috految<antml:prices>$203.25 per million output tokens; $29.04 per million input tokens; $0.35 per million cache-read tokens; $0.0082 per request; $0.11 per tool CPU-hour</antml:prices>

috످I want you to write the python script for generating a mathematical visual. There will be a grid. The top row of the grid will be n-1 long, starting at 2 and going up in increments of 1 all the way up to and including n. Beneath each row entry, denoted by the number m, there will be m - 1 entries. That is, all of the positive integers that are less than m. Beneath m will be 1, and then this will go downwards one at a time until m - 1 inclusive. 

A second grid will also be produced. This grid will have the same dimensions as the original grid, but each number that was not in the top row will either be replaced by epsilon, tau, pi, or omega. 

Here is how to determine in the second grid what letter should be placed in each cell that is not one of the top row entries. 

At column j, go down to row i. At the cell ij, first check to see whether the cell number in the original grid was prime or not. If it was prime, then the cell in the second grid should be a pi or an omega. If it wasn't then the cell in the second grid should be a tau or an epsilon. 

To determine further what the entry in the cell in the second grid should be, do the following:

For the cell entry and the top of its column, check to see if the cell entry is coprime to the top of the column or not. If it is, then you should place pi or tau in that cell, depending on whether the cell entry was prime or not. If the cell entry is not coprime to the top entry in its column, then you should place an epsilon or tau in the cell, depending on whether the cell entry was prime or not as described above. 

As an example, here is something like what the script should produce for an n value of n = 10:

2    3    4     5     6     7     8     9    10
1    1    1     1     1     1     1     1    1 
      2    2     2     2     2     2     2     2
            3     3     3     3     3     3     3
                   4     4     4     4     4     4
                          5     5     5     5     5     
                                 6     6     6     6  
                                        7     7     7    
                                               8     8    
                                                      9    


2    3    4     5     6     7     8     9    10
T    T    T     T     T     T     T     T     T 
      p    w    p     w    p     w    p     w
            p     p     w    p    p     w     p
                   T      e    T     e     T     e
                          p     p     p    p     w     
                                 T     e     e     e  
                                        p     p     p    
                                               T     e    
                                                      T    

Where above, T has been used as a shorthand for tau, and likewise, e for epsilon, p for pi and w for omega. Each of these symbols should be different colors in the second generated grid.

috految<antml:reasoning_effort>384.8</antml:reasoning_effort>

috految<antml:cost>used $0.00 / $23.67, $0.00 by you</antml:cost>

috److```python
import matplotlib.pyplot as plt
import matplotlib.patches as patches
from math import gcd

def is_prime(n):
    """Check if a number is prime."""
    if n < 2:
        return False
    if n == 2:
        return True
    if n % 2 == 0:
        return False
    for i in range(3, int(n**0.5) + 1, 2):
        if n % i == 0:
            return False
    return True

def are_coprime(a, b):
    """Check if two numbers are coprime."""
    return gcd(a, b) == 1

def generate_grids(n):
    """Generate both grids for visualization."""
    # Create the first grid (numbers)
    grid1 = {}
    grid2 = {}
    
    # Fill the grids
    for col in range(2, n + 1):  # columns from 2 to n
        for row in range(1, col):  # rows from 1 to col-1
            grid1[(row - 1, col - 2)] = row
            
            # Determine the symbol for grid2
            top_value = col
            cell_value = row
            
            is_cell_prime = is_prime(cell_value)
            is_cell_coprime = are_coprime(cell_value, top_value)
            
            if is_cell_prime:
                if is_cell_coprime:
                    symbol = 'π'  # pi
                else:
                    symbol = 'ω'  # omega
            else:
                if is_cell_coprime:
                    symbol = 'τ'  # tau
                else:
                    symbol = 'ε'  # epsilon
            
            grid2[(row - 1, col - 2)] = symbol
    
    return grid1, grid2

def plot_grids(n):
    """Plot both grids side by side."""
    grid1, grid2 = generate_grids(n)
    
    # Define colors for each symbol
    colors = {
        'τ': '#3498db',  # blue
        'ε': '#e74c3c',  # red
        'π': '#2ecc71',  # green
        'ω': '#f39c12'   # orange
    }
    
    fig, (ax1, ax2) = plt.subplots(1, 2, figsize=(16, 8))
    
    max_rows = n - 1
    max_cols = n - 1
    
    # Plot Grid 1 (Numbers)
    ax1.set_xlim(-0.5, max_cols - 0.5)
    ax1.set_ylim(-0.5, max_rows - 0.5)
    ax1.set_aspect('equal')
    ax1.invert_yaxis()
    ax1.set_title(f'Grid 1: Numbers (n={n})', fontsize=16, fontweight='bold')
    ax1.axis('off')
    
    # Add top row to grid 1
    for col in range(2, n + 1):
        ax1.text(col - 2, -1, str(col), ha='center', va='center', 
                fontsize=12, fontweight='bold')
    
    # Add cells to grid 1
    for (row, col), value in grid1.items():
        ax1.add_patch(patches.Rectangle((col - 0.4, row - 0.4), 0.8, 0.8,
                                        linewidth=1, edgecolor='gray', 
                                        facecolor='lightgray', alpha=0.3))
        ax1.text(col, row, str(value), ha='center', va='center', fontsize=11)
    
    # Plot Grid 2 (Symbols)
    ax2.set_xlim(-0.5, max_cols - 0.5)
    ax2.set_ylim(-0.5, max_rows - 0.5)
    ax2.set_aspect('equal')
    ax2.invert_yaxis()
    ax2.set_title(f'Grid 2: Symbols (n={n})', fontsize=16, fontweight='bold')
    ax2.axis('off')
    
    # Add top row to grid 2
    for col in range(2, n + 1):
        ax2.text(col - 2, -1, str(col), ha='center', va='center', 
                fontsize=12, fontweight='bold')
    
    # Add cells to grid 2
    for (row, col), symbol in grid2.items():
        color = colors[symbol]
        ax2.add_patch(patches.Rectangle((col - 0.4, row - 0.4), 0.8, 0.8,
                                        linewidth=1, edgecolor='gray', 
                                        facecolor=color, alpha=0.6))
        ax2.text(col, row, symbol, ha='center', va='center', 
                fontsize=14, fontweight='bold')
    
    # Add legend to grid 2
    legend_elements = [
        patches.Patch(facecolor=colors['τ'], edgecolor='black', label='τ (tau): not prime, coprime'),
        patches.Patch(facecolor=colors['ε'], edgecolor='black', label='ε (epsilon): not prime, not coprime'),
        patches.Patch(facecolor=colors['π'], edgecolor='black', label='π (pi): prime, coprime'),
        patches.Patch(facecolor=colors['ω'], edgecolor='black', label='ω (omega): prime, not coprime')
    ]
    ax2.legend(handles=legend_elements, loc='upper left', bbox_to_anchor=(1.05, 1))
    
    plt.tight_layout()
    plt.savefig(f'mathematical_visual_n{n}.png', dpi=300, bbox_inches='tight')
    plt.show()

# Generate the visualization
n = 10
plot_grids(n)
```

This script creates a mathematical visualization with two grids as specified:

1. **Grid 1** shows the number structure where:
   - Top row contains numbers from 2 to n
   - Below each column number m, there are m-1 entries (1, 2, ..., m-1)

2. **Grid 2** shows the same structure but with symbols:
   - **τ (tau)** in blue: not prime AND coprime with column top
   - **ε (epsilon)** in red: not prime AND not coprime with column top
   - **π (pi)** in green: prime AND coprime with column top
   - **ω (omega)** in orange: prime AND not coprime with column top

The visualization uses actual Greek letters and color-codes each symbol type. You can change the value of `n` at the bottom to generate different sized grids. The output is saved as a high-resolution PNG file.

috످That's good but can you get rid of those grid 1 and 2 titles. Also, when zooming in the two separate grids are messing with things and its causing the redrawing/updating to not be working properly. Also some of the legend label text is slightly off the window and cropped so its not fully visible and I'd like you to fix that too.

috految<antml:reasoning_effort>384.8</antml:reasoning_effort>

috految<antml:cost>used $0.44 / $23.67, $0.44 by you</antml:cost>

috److془The user wants fixes: remove titles, fix zoom, fix legend.

Let me design carefully.

Root cause: ax.text has clip_on=False by default, so text spills over other grid; fixed font size; separate axes.

Solution: single axes, TextPath glyphs in data coordinates via PathCollection, legend in dedicated strip with auto-fit. Scroll zoom, drag pan, reset.

Careful about: set_aspect('equal', adjustable='datalim') logs warnings "Ignoring fixed x limits to fulfill fixed data aspect with adjustable data limits." in matplotlib 3.9+. And can crop on resize. Use adjustable='box' with limits matched to the window aspect ratio. Or subclass. Or use the `adjustable='box'` and on button release call set_view to fill the window.

Let's think: With adjustable='box', toolbar's rectangle zoom changes box shape to match selection. Then the handler on button_release_event expands limits to fill window. Toolbar's `_zoom_pan_handler` is connected in NavigationToolbar2.__init__, before ours, so ours fires after. Good. But in the Zoom mode, toolbar pushes the current view (with unexpanded limits); back/forward would give a non-filled box but still correct. Fine.

Wait: In `_update_view`: `ax._set_view(view); ax._set_position(pos_orig, 'original'); ax._set_position(pos_active, 'active')`. Then on draw apply_aspect recalcs. Good.

Alternatively, simple: keep it simple. Use the axes w/ aspect equal, adjustable box. On scroll, zoom. On drag, pan. Home resets (push_current at the start). 'r' and 'h' keys are default keymap.home.

One issue: `if toolbar: toolbar.push_current()` - the nav stack is cleared by `toolbar.update()` which is called on `notify_axes_change` (add_axobserver) - when axes are added or `sca`. In Tk's `FigureManagerTk.show()`, no toolbar.update. Hmm, in Qt backend: `NavigationToolbar2QT(NavigationToolbar2, QtWidgets.QToolBar)`, update is Python method; Qt's C++ update is non-virtual. Fine. 

Tk's `_update_device_pixel_ratio` / toolbar `_rescale` fine.

Does the savefig cause issues? With savefig dpi=300 before show, fine. In the Tk, `print_figure` sets manager None during, so no resize. Good. 

Hmm: there's a known issue with Tk on Windows HiDPI where the figure is cropped when the window is larger than the screen (the figure size is scaled by device pixel ratio but the window doesn't get resized). To be safe use figsize (12, 6) with dpi=100 -> 1200x600; in 150% scaling at 1920x1080: 1800x900 + toolbar 60 + title 45 = 1005. Fits approx. Window positioning could make the bottom go offscreen. Use (11, 6) or so. Legend at bottom with the toolbar beneath. Fine. Could use (12, 6.5) dpi=90: 1080x585. Good. Or just (11, 6).

Legend: fig.legend loc='center', bbox_to_anchor=(0.5, LEGEND_HEIGHT/2), ncol=2, fontsize=11. Width about: "ε (epsilon): not prime, not coprime" 35 chars*0.52*11 = ~195 pt + 31 handle = 226; second column ~ 200; column spacing 22; total ~ 460 pt = 6.4 in. Height: 2*11 + 5.5 + 2*0.7*11 = 43pt = 0.6 in. Strip of 0.13*6 = 0.78in. Good. Font size = min(12, width_in * 1.2, height_in * 1.8). Width = 42 * fs pt = 42*1.2*w = 50.4 w pt < 72 w. Good. Height = 3.9 *fs = 7.0 h pt < 0.13*72 h = 9.4 h. Good.

Legend on resize: remove and recreate. `for legend in list(fig.legends): legend.remove()`. Works: `l._remove_method = self.legends.remove`. Good. 

Hmm: Note that in resize at first show, the figure could be zero size; use max(4, ...) for font size.

PathCollection: `PathCollection(paths, facecolors='black', edgecolors='none', transform=ax.transData)`. With sizes=None, `set_sizes(None)` -> `_sizes = np.array([]); _transforms = np.empty((0,3,3))`. Good. Draws in data coordinates. In draw: `self.set_sizes(self._sizes, self.figure.dpi)` -> sizes = empty array -> `_transforms = np.zeros((0,3,3))`. Good. Contour used to use precisely this. 

Snap: set `snap=False` for glyphs. Collection.__init__ passes kwargs to `_internal_update` -> set_snap. Good. 

Curves in Agg draw_path_collection: `_draw_path_collection_generic(..., check_snap = true, has_codes = true)`. Good. Clipping: `bool do_clip = !face.first && !gc.has_hatchpath();` so filled paths aren't clipped by path clipper; rasterizer clip box handles. Good.

Single path optimization: requires len(paths)==1; with both grids in the same collection, at least 2 paths. Good.

ax.axis('off') and clipping: add_collection sets `collection.set_clip_path(self.patch)` → Rectangle → clipbox = TransformedBbox(Bbox.unit(), path.get_transform()). Works with axis off. event.inaxes works with axis off (checks `a.patch.contains_point(xy) and a.get_visible()`). Good.

Toolbar zoom: `axes = [a for a in self.canvas.figure.get_axes() if a.in_axes(event) and a.get_navigate() and a.can_zoom()]`. Works with axis off.

Mouseover: the collections have mouseover? `self._mouseover = type(self).get_cursor_data != Artist.get_cursor_data` → false for Collections other than QuadMesh. Good.

TextPath: `TextPath((0,0), text, size=100, prop=FontProperties(family='DejaVu Sans', weight=weight))`. `path.get_extents()`: handles CLOSEPOLY correctly in ≥3.3.x. Let me check: 

```python
if self.codes is None:
    xys = self.vertices
elif len(np.intersect1d(self.codes, [Path.CURVE3, Path.CURVE4])) == 0:
    xys = self.vertices[np.isin(self.codes, [Path.MOVETO, Path.LINETO])]
else:
    xys = []
    for curve, code in self.iter_bezier(**kwargs):
        ...
```
Good. 

Then `Path((path.vertices - center) * scale, path.codes)`. 

Use y = -row so no inverted axes. 

Scale: `scale = min(size / 100, 0.8 * CELL_SIZE / bounds.width)`. 

Header size 0.42; number 0.40; symbol 0.50. Cell size 0.8 as prior. 

Pan: use a simple approach: on press, if event.inaxes is ax and button == 1 and not widgetlock.locked(): drag_start = (event.x, event.y). On motion: compute. Or simpler: always use toolbar pan by default `toolbar.pan()`. That's simple! Then click-drag pans. Magnifier does box zoom. Scroll zooms. R/Home resets. Hmm, but does toolbar.pan() work on all backends? In Tk: `pan(self, *args): super().pan(*args); self._update_buttons_checked()`. Qt same. macosx: NavigationToolbar2Mac(_macosx.NavigationToolbar2, NavigationToolbar2) pan works. Button state may be out of sync. Fine. In PyCharm's backend_interagg: canvas.toolbar None. Good. 

Hmm - in Tk, on Windows scroll event: `scroll_event_windows` bound to root's MouseWheel; step = event.delta/120. Good. 

wait, toolbar.pan() in the `NavigationToolbar2.pan`: `if not self.canvas.widgetlock.available(self): ...`; `self.mode = _Mode.PAN; self.canvas.widgetlock(self)`; `for a in self.canvas.figure.get_axes(): a.set_navigate_mode(...)`. Good. 

Scroll event with widgetlock: pick only is affected. Good. 

Now fill_window on release:

```python
def set_view(ax, x0, x1, y0, y1):
    area = ax.get_position(original=True)
    width, height = ax.figure.get_size_inches()
    ratio = (area.width * width) / (area.height * height)
    cx, cy = ...
    half_w = max(x1 - x0, (y1 - y0) * ratio) / 2
    half_h = half_w / ratio
    ax.set_xlim(cx - half_w, cx + half_w)
    ax.set_ylim(cy - half_h, cy + half_h)
```

On resize: the box shrinks to keep aspect; no cropping. Upon next scroll, expands to fill. 

Scroll: zoom about cursor, then set_view. View is centered in the box with anchor 'C', scale is retained on expansion. 

Does resize with fig.legend call `_axobservers`? No. Fine. 

One nuance: the figure.draw with `ax.apply_aspect` uses `position = self.get_position(original=True)`. Good. 

When the user does pan, `drag_pan` with button 1: `dx, dy = format_deltas(key, dx, dy); result = p.bbox.translated(-dx, -dy).transformed(p.trans_inverse)`. Good.

Callback references: mpl_connect holds weak refs for bound methods only; functions strong ref. Good.

Save: `fig.savefig(f'mathematical_visual_n{n}.png', dpi=300)`. Previously 16x8 at 300. Now 11x6 at 400 dpi. Keep 300 fine. 

Should I mention the typo in the original "epsilon or tau"? User said "That's good". Not needed. 

Layout: grid 1 x from 0 to n-2; grid 2 offset = (n-1) + GRID_GAP. x max = offset + n - 2. Header y=0; row k y=-k, min y = -(n-1). View: x -1 to offset + n - 1; y -n to 1. 

Edge line width for large n: min(0.8, 15/n).

Colors: to_rgba(color, 0.6), and number cell to_rgba('lightgray', 0.3). 

Toolbar timing: Tk `push_current` → `set_history_buttons` fine. 

Note that I haven't run it. I shouldn't claim tested. Write it up.

Controls table. Done.془This version removes the titles and should fix both the zooming and legend issues, though I haven't run it.

```python
from functools import lru_cache
from math import gcd, isqrt

import matplotlib.pyplot as plt
from matplotlib.collections import PathCollection, PolyCollection
from matplotlib.colors import to_rgba
from matplotlib.font_manager import FontProperties
from matplotlib.patches import Patch
from matplotlib.path import Path
from matplotlib.textpath import TextPath

# ---------------------------- Settings ----------------------------

N = 10                # Largest number in the top row
CELL_SIZE = 0.8       # Cell size (1.0 = no gaps between cells)
GRID_GAP = 1.5        # Space between the two grids
ZOOM_SPEED = 1.2      # Zoom multiplier per scroll step
LEGEND_HEIGHT = 0.13  # Fraction of the window reserved for the legend
SAVE_IMAGE = True     # Save a high-resolution PNG

COLORS = {
    'τ': '#3498db',  # Blue
    'ε': '#e74c3c',  # Red
    'π': '#2ecc71',  # Green
    'ω': '#f39c12',  # Orange
}

LABELS = {
    'τ': 'τ (tau): not prime, coprime',
    'ε': 'ε (epsilon): not prime, not coprime',
    'π': 'π (pi): prime, coprime',
    'ω': 'ω (omega): prime, not coprime',
}


# ------------------------------ Math ------------------------------

@lru_cache(maxsize=None)
def is_prime(k):
    """Check if a number is prime."""
    if k < 2:
        return False
    return all(k % d != 0 for d in range(2, isqrt(k) + 1))


def get_symbol(value, column_top):
    """Classify a cell by primality and coprimality."""
    coprime = gcd(value, column_top) == 1

    if is_prime(value):
        return 'π' if coprime else 'ω'
    return 'τ' if coprime else 'ε'


# ----------------------------- Drawing ----------------------------

@lru_cache(maxsize=None)
def make_text_shape(text, size, weight):
    """Convert text to a centered shape that scales when zooming."""
    font = FontProperties(family='DejaVu Sans', weight=weight)
    path = TextPath((0, 0), text, size=100, prop=font)

    bounds = path.get_extents()
    center = ((bounds.x0 + bounds.x1) / 2, (bounds.y0 + bounds.y1) / 2)

    # Shrink long numbers to fit inside their cells
    scale = min(size / 100, 0.85 * CELL_SIZE / bounds.width)
    return Path((path.vertices - center) * scale, path.codes)


def draw_grids(ax, n):
    """Draw both grids on a single plot and return their bounds."""
    cells, cell_colors, text_shapes = [], [], []
    offset = n - 1 + GRID_GAP
    half = CELL_SIZE / 2

    def add_cell(x, y, color):
        cells.append([
            (x - half, y - half),
            (x + half, y - half),
            (x + half, y + half),
            (x - half, y + half),
        ])
        cell_colors.append(color)

    def add_text(x, y, text, size, weight='normal'):
        shape = make_text_shape(str(text), size, weight)
        text_shapes.append(Path(shape.vertices + (x, y), shape.codes))

    for m in range(2, n + 1):
        left_x = m - 2
        right_x = left_x + offset

        # Top row of each grid
        add_text(left_x, 0, m, size=0.44, weight='bold')
        add_text(right_x, 0, m, size=0.44, weight='bold')

        for value in range(1, m):
            y = -value

            # Number grid
            add_cell(left_x, y, to_rgba('lightgray', 0.3))
            add_text(left_x, y, value, size=0.40)

            # Symbol grid
            symbol = get_symbol(value, m)
            add_cell(right_x, y, to_rgba(COLORS[symbol], 0.6))
            add_text(right_x, y, symbol, size=0.50, weight='bold')

    # Draw in batches for faster redrawing
    ax.add_collection(PolyCollection(
        cells,
        facecolors=cell_colors,
        edgecolors='darkgray',
        linewidths=min(0.8, 15 / n),
        snap=False,
        zorder=1,
    ), autolim=False)

    ax.add_collection(PathCollection(
        text_shapes,
        facecolors='black',
        edgecolors='none',
        transform=ax.transData,
        snap=False,
        zorder=2,
    ), autolim=False)

    return -1, offset + n - 1, -n, 1


def draw_legend(fig):
    """Draw the legend below the grids, sized to fit the window."""
    for legend in list(fig.legends):
        legend.remove()

    width, height = fig.get_size_inches()
    font_size = max(4, min(12, width * 1.2, height * 1.8))

    handles = [
        Patch(facecolor=to_rgba(color, 0.6), edgecolor='gray',
              label=LABELS[symbol])
        for symbol, color in COLORS.items()
    ]

    fig.legend(
        handles=handles,
        loc='center',
        bbox_to_anchor=(0.5, LEGEND_HEIGHT / 2),
        ncol=2,
        fontsize=font_size,
        borderpad=0.7,
        framealpha=1,
    )


# --------------------------- Navigation ---------------------------

def set_view(ax, x0, x1, y0, y1):
    """Fit a region to the window while keeping the cells square."""
    area = ax.get_position(original=True)
    width, height = ax.figure.get_size_inches()
    ratio = (area.width * width) / (area.height * height)

    center_x, center_y = (x0 + x1) / 2, (y0 + y1) / 2
    half_width = max(x1 - x0, (y1 - y0) * ratio) / 2
    half_height = half_width / ratio

    ax.set_xlim(center_x - half_width, center_x + half_width)
    ax.set_ylim(center_y - half_height, center_y + half_height)


def enable_navigation(fig, ax):
    """Set up zooming, panning, and window resizing."""
    canvas = fig.canvas

    def on_scroll(event):
        if event.inaxes is not ax or event.step == 0:
            return

        scale = 1 / ZOOM_SPEED if event.step > 0 else ZOOM_SPEED
        x, y = event.xdata, event.ydata
        x0, x1 = ax.get_xlim()
        y0, y1 = ax.get_ylim()

        # Stop zooming in once a single cell fills the view
        if scale < 1 and (y1 - y0) * scale < 1:
            return

        set_view(
            ax,
            x + (x0 - x) * scale, x + (x1 - x) * scale,
            y + (y0 - y) * scale, y + (y1 - y) * scale,
        )
        canvas.draw_idle()

    def on_release(event):
        # Refit the view after using the toolbar's zoom tool
        set_view(ax, *ax.get_xlim(), *ax.get_ylim())
        canvas.draw_idle()

    def on_resize(event):
        draw_legend(fig)
        canvas.draw_idle()

    canvas.mpl_connect('scroll_event', on_scroll)
    canvas.mpl_connect('button_release_event', on_release)
    canvas.mpl_connect('resize_event', on_resize)

    if canvas.toolbar is not None:
        canvas.toolbar.push_current()  # Save the starting view
        canvas.toolbar.pan()           # Enable dragging by default


# ------------------------------ Main ------------------------------

def plot_grids(n):
    """Build and display the visualization."""
    if n < 2:
        raise ValueError('n must be at least 2.')

    fig = plt.figure(figsize=(11, 6), facecolor='white')

    ax = fig.add_axes([0.02, LEGEND_HEIGHT, 0.96, 0.98 - LEGEND_HEIGHT])
    ax.set_aspect('equal', adjustable='box')
    ax.axis('off')
    ax.format_coord = lambda x, y: ''

    bounds = draw_grids(ax, n)
    set_view(ax, *bounds)
    draw_legend(fig)

    if SAVE_IMAGE:
        fig.savefig(f'mathematical_visual_n{n}.png', dpi=300)

    enable_navigation(fig, ax)
    plt.show()


if __name__ == '__main__':
    plot_grids(N)
```

To change the grid size, edit `N = 10` at the top of the script.

### What changed

1. **Titles:** The "Grid 1" and "Grid 2" titles are removed.
2. **Zooming:** Previously, each grid had its own plot, and text from one could spill into the other when you zoomed in. Both grids now share a single plot, so they zoom and pan together. The numbers and symbols also scale with their cells.
3. **Redrawing:** Cells and text are now drawn in batches, which reduces lag for larger values of `N`.
4. **Legend:** The legend now sits below the grids, stays in place while you zoom, and resizes with the window to prevent cropping.

### Controls

I also added scroll-wheel zooming and enabled drag-to-pan by default.

| Action | Control |
|---|---|
| Zoom in or out | Scroll the mouse wheel |
| Pan | Click and drag |
| Zoom into a specific area | Click the magnifying glass, then drag a box |
| Switch back to panning | Press `p` or click the four-arrow icon |
| Reset the view | Press `r` or click the home icon |
| Save the current view | Press `s` or click the save icon |

috످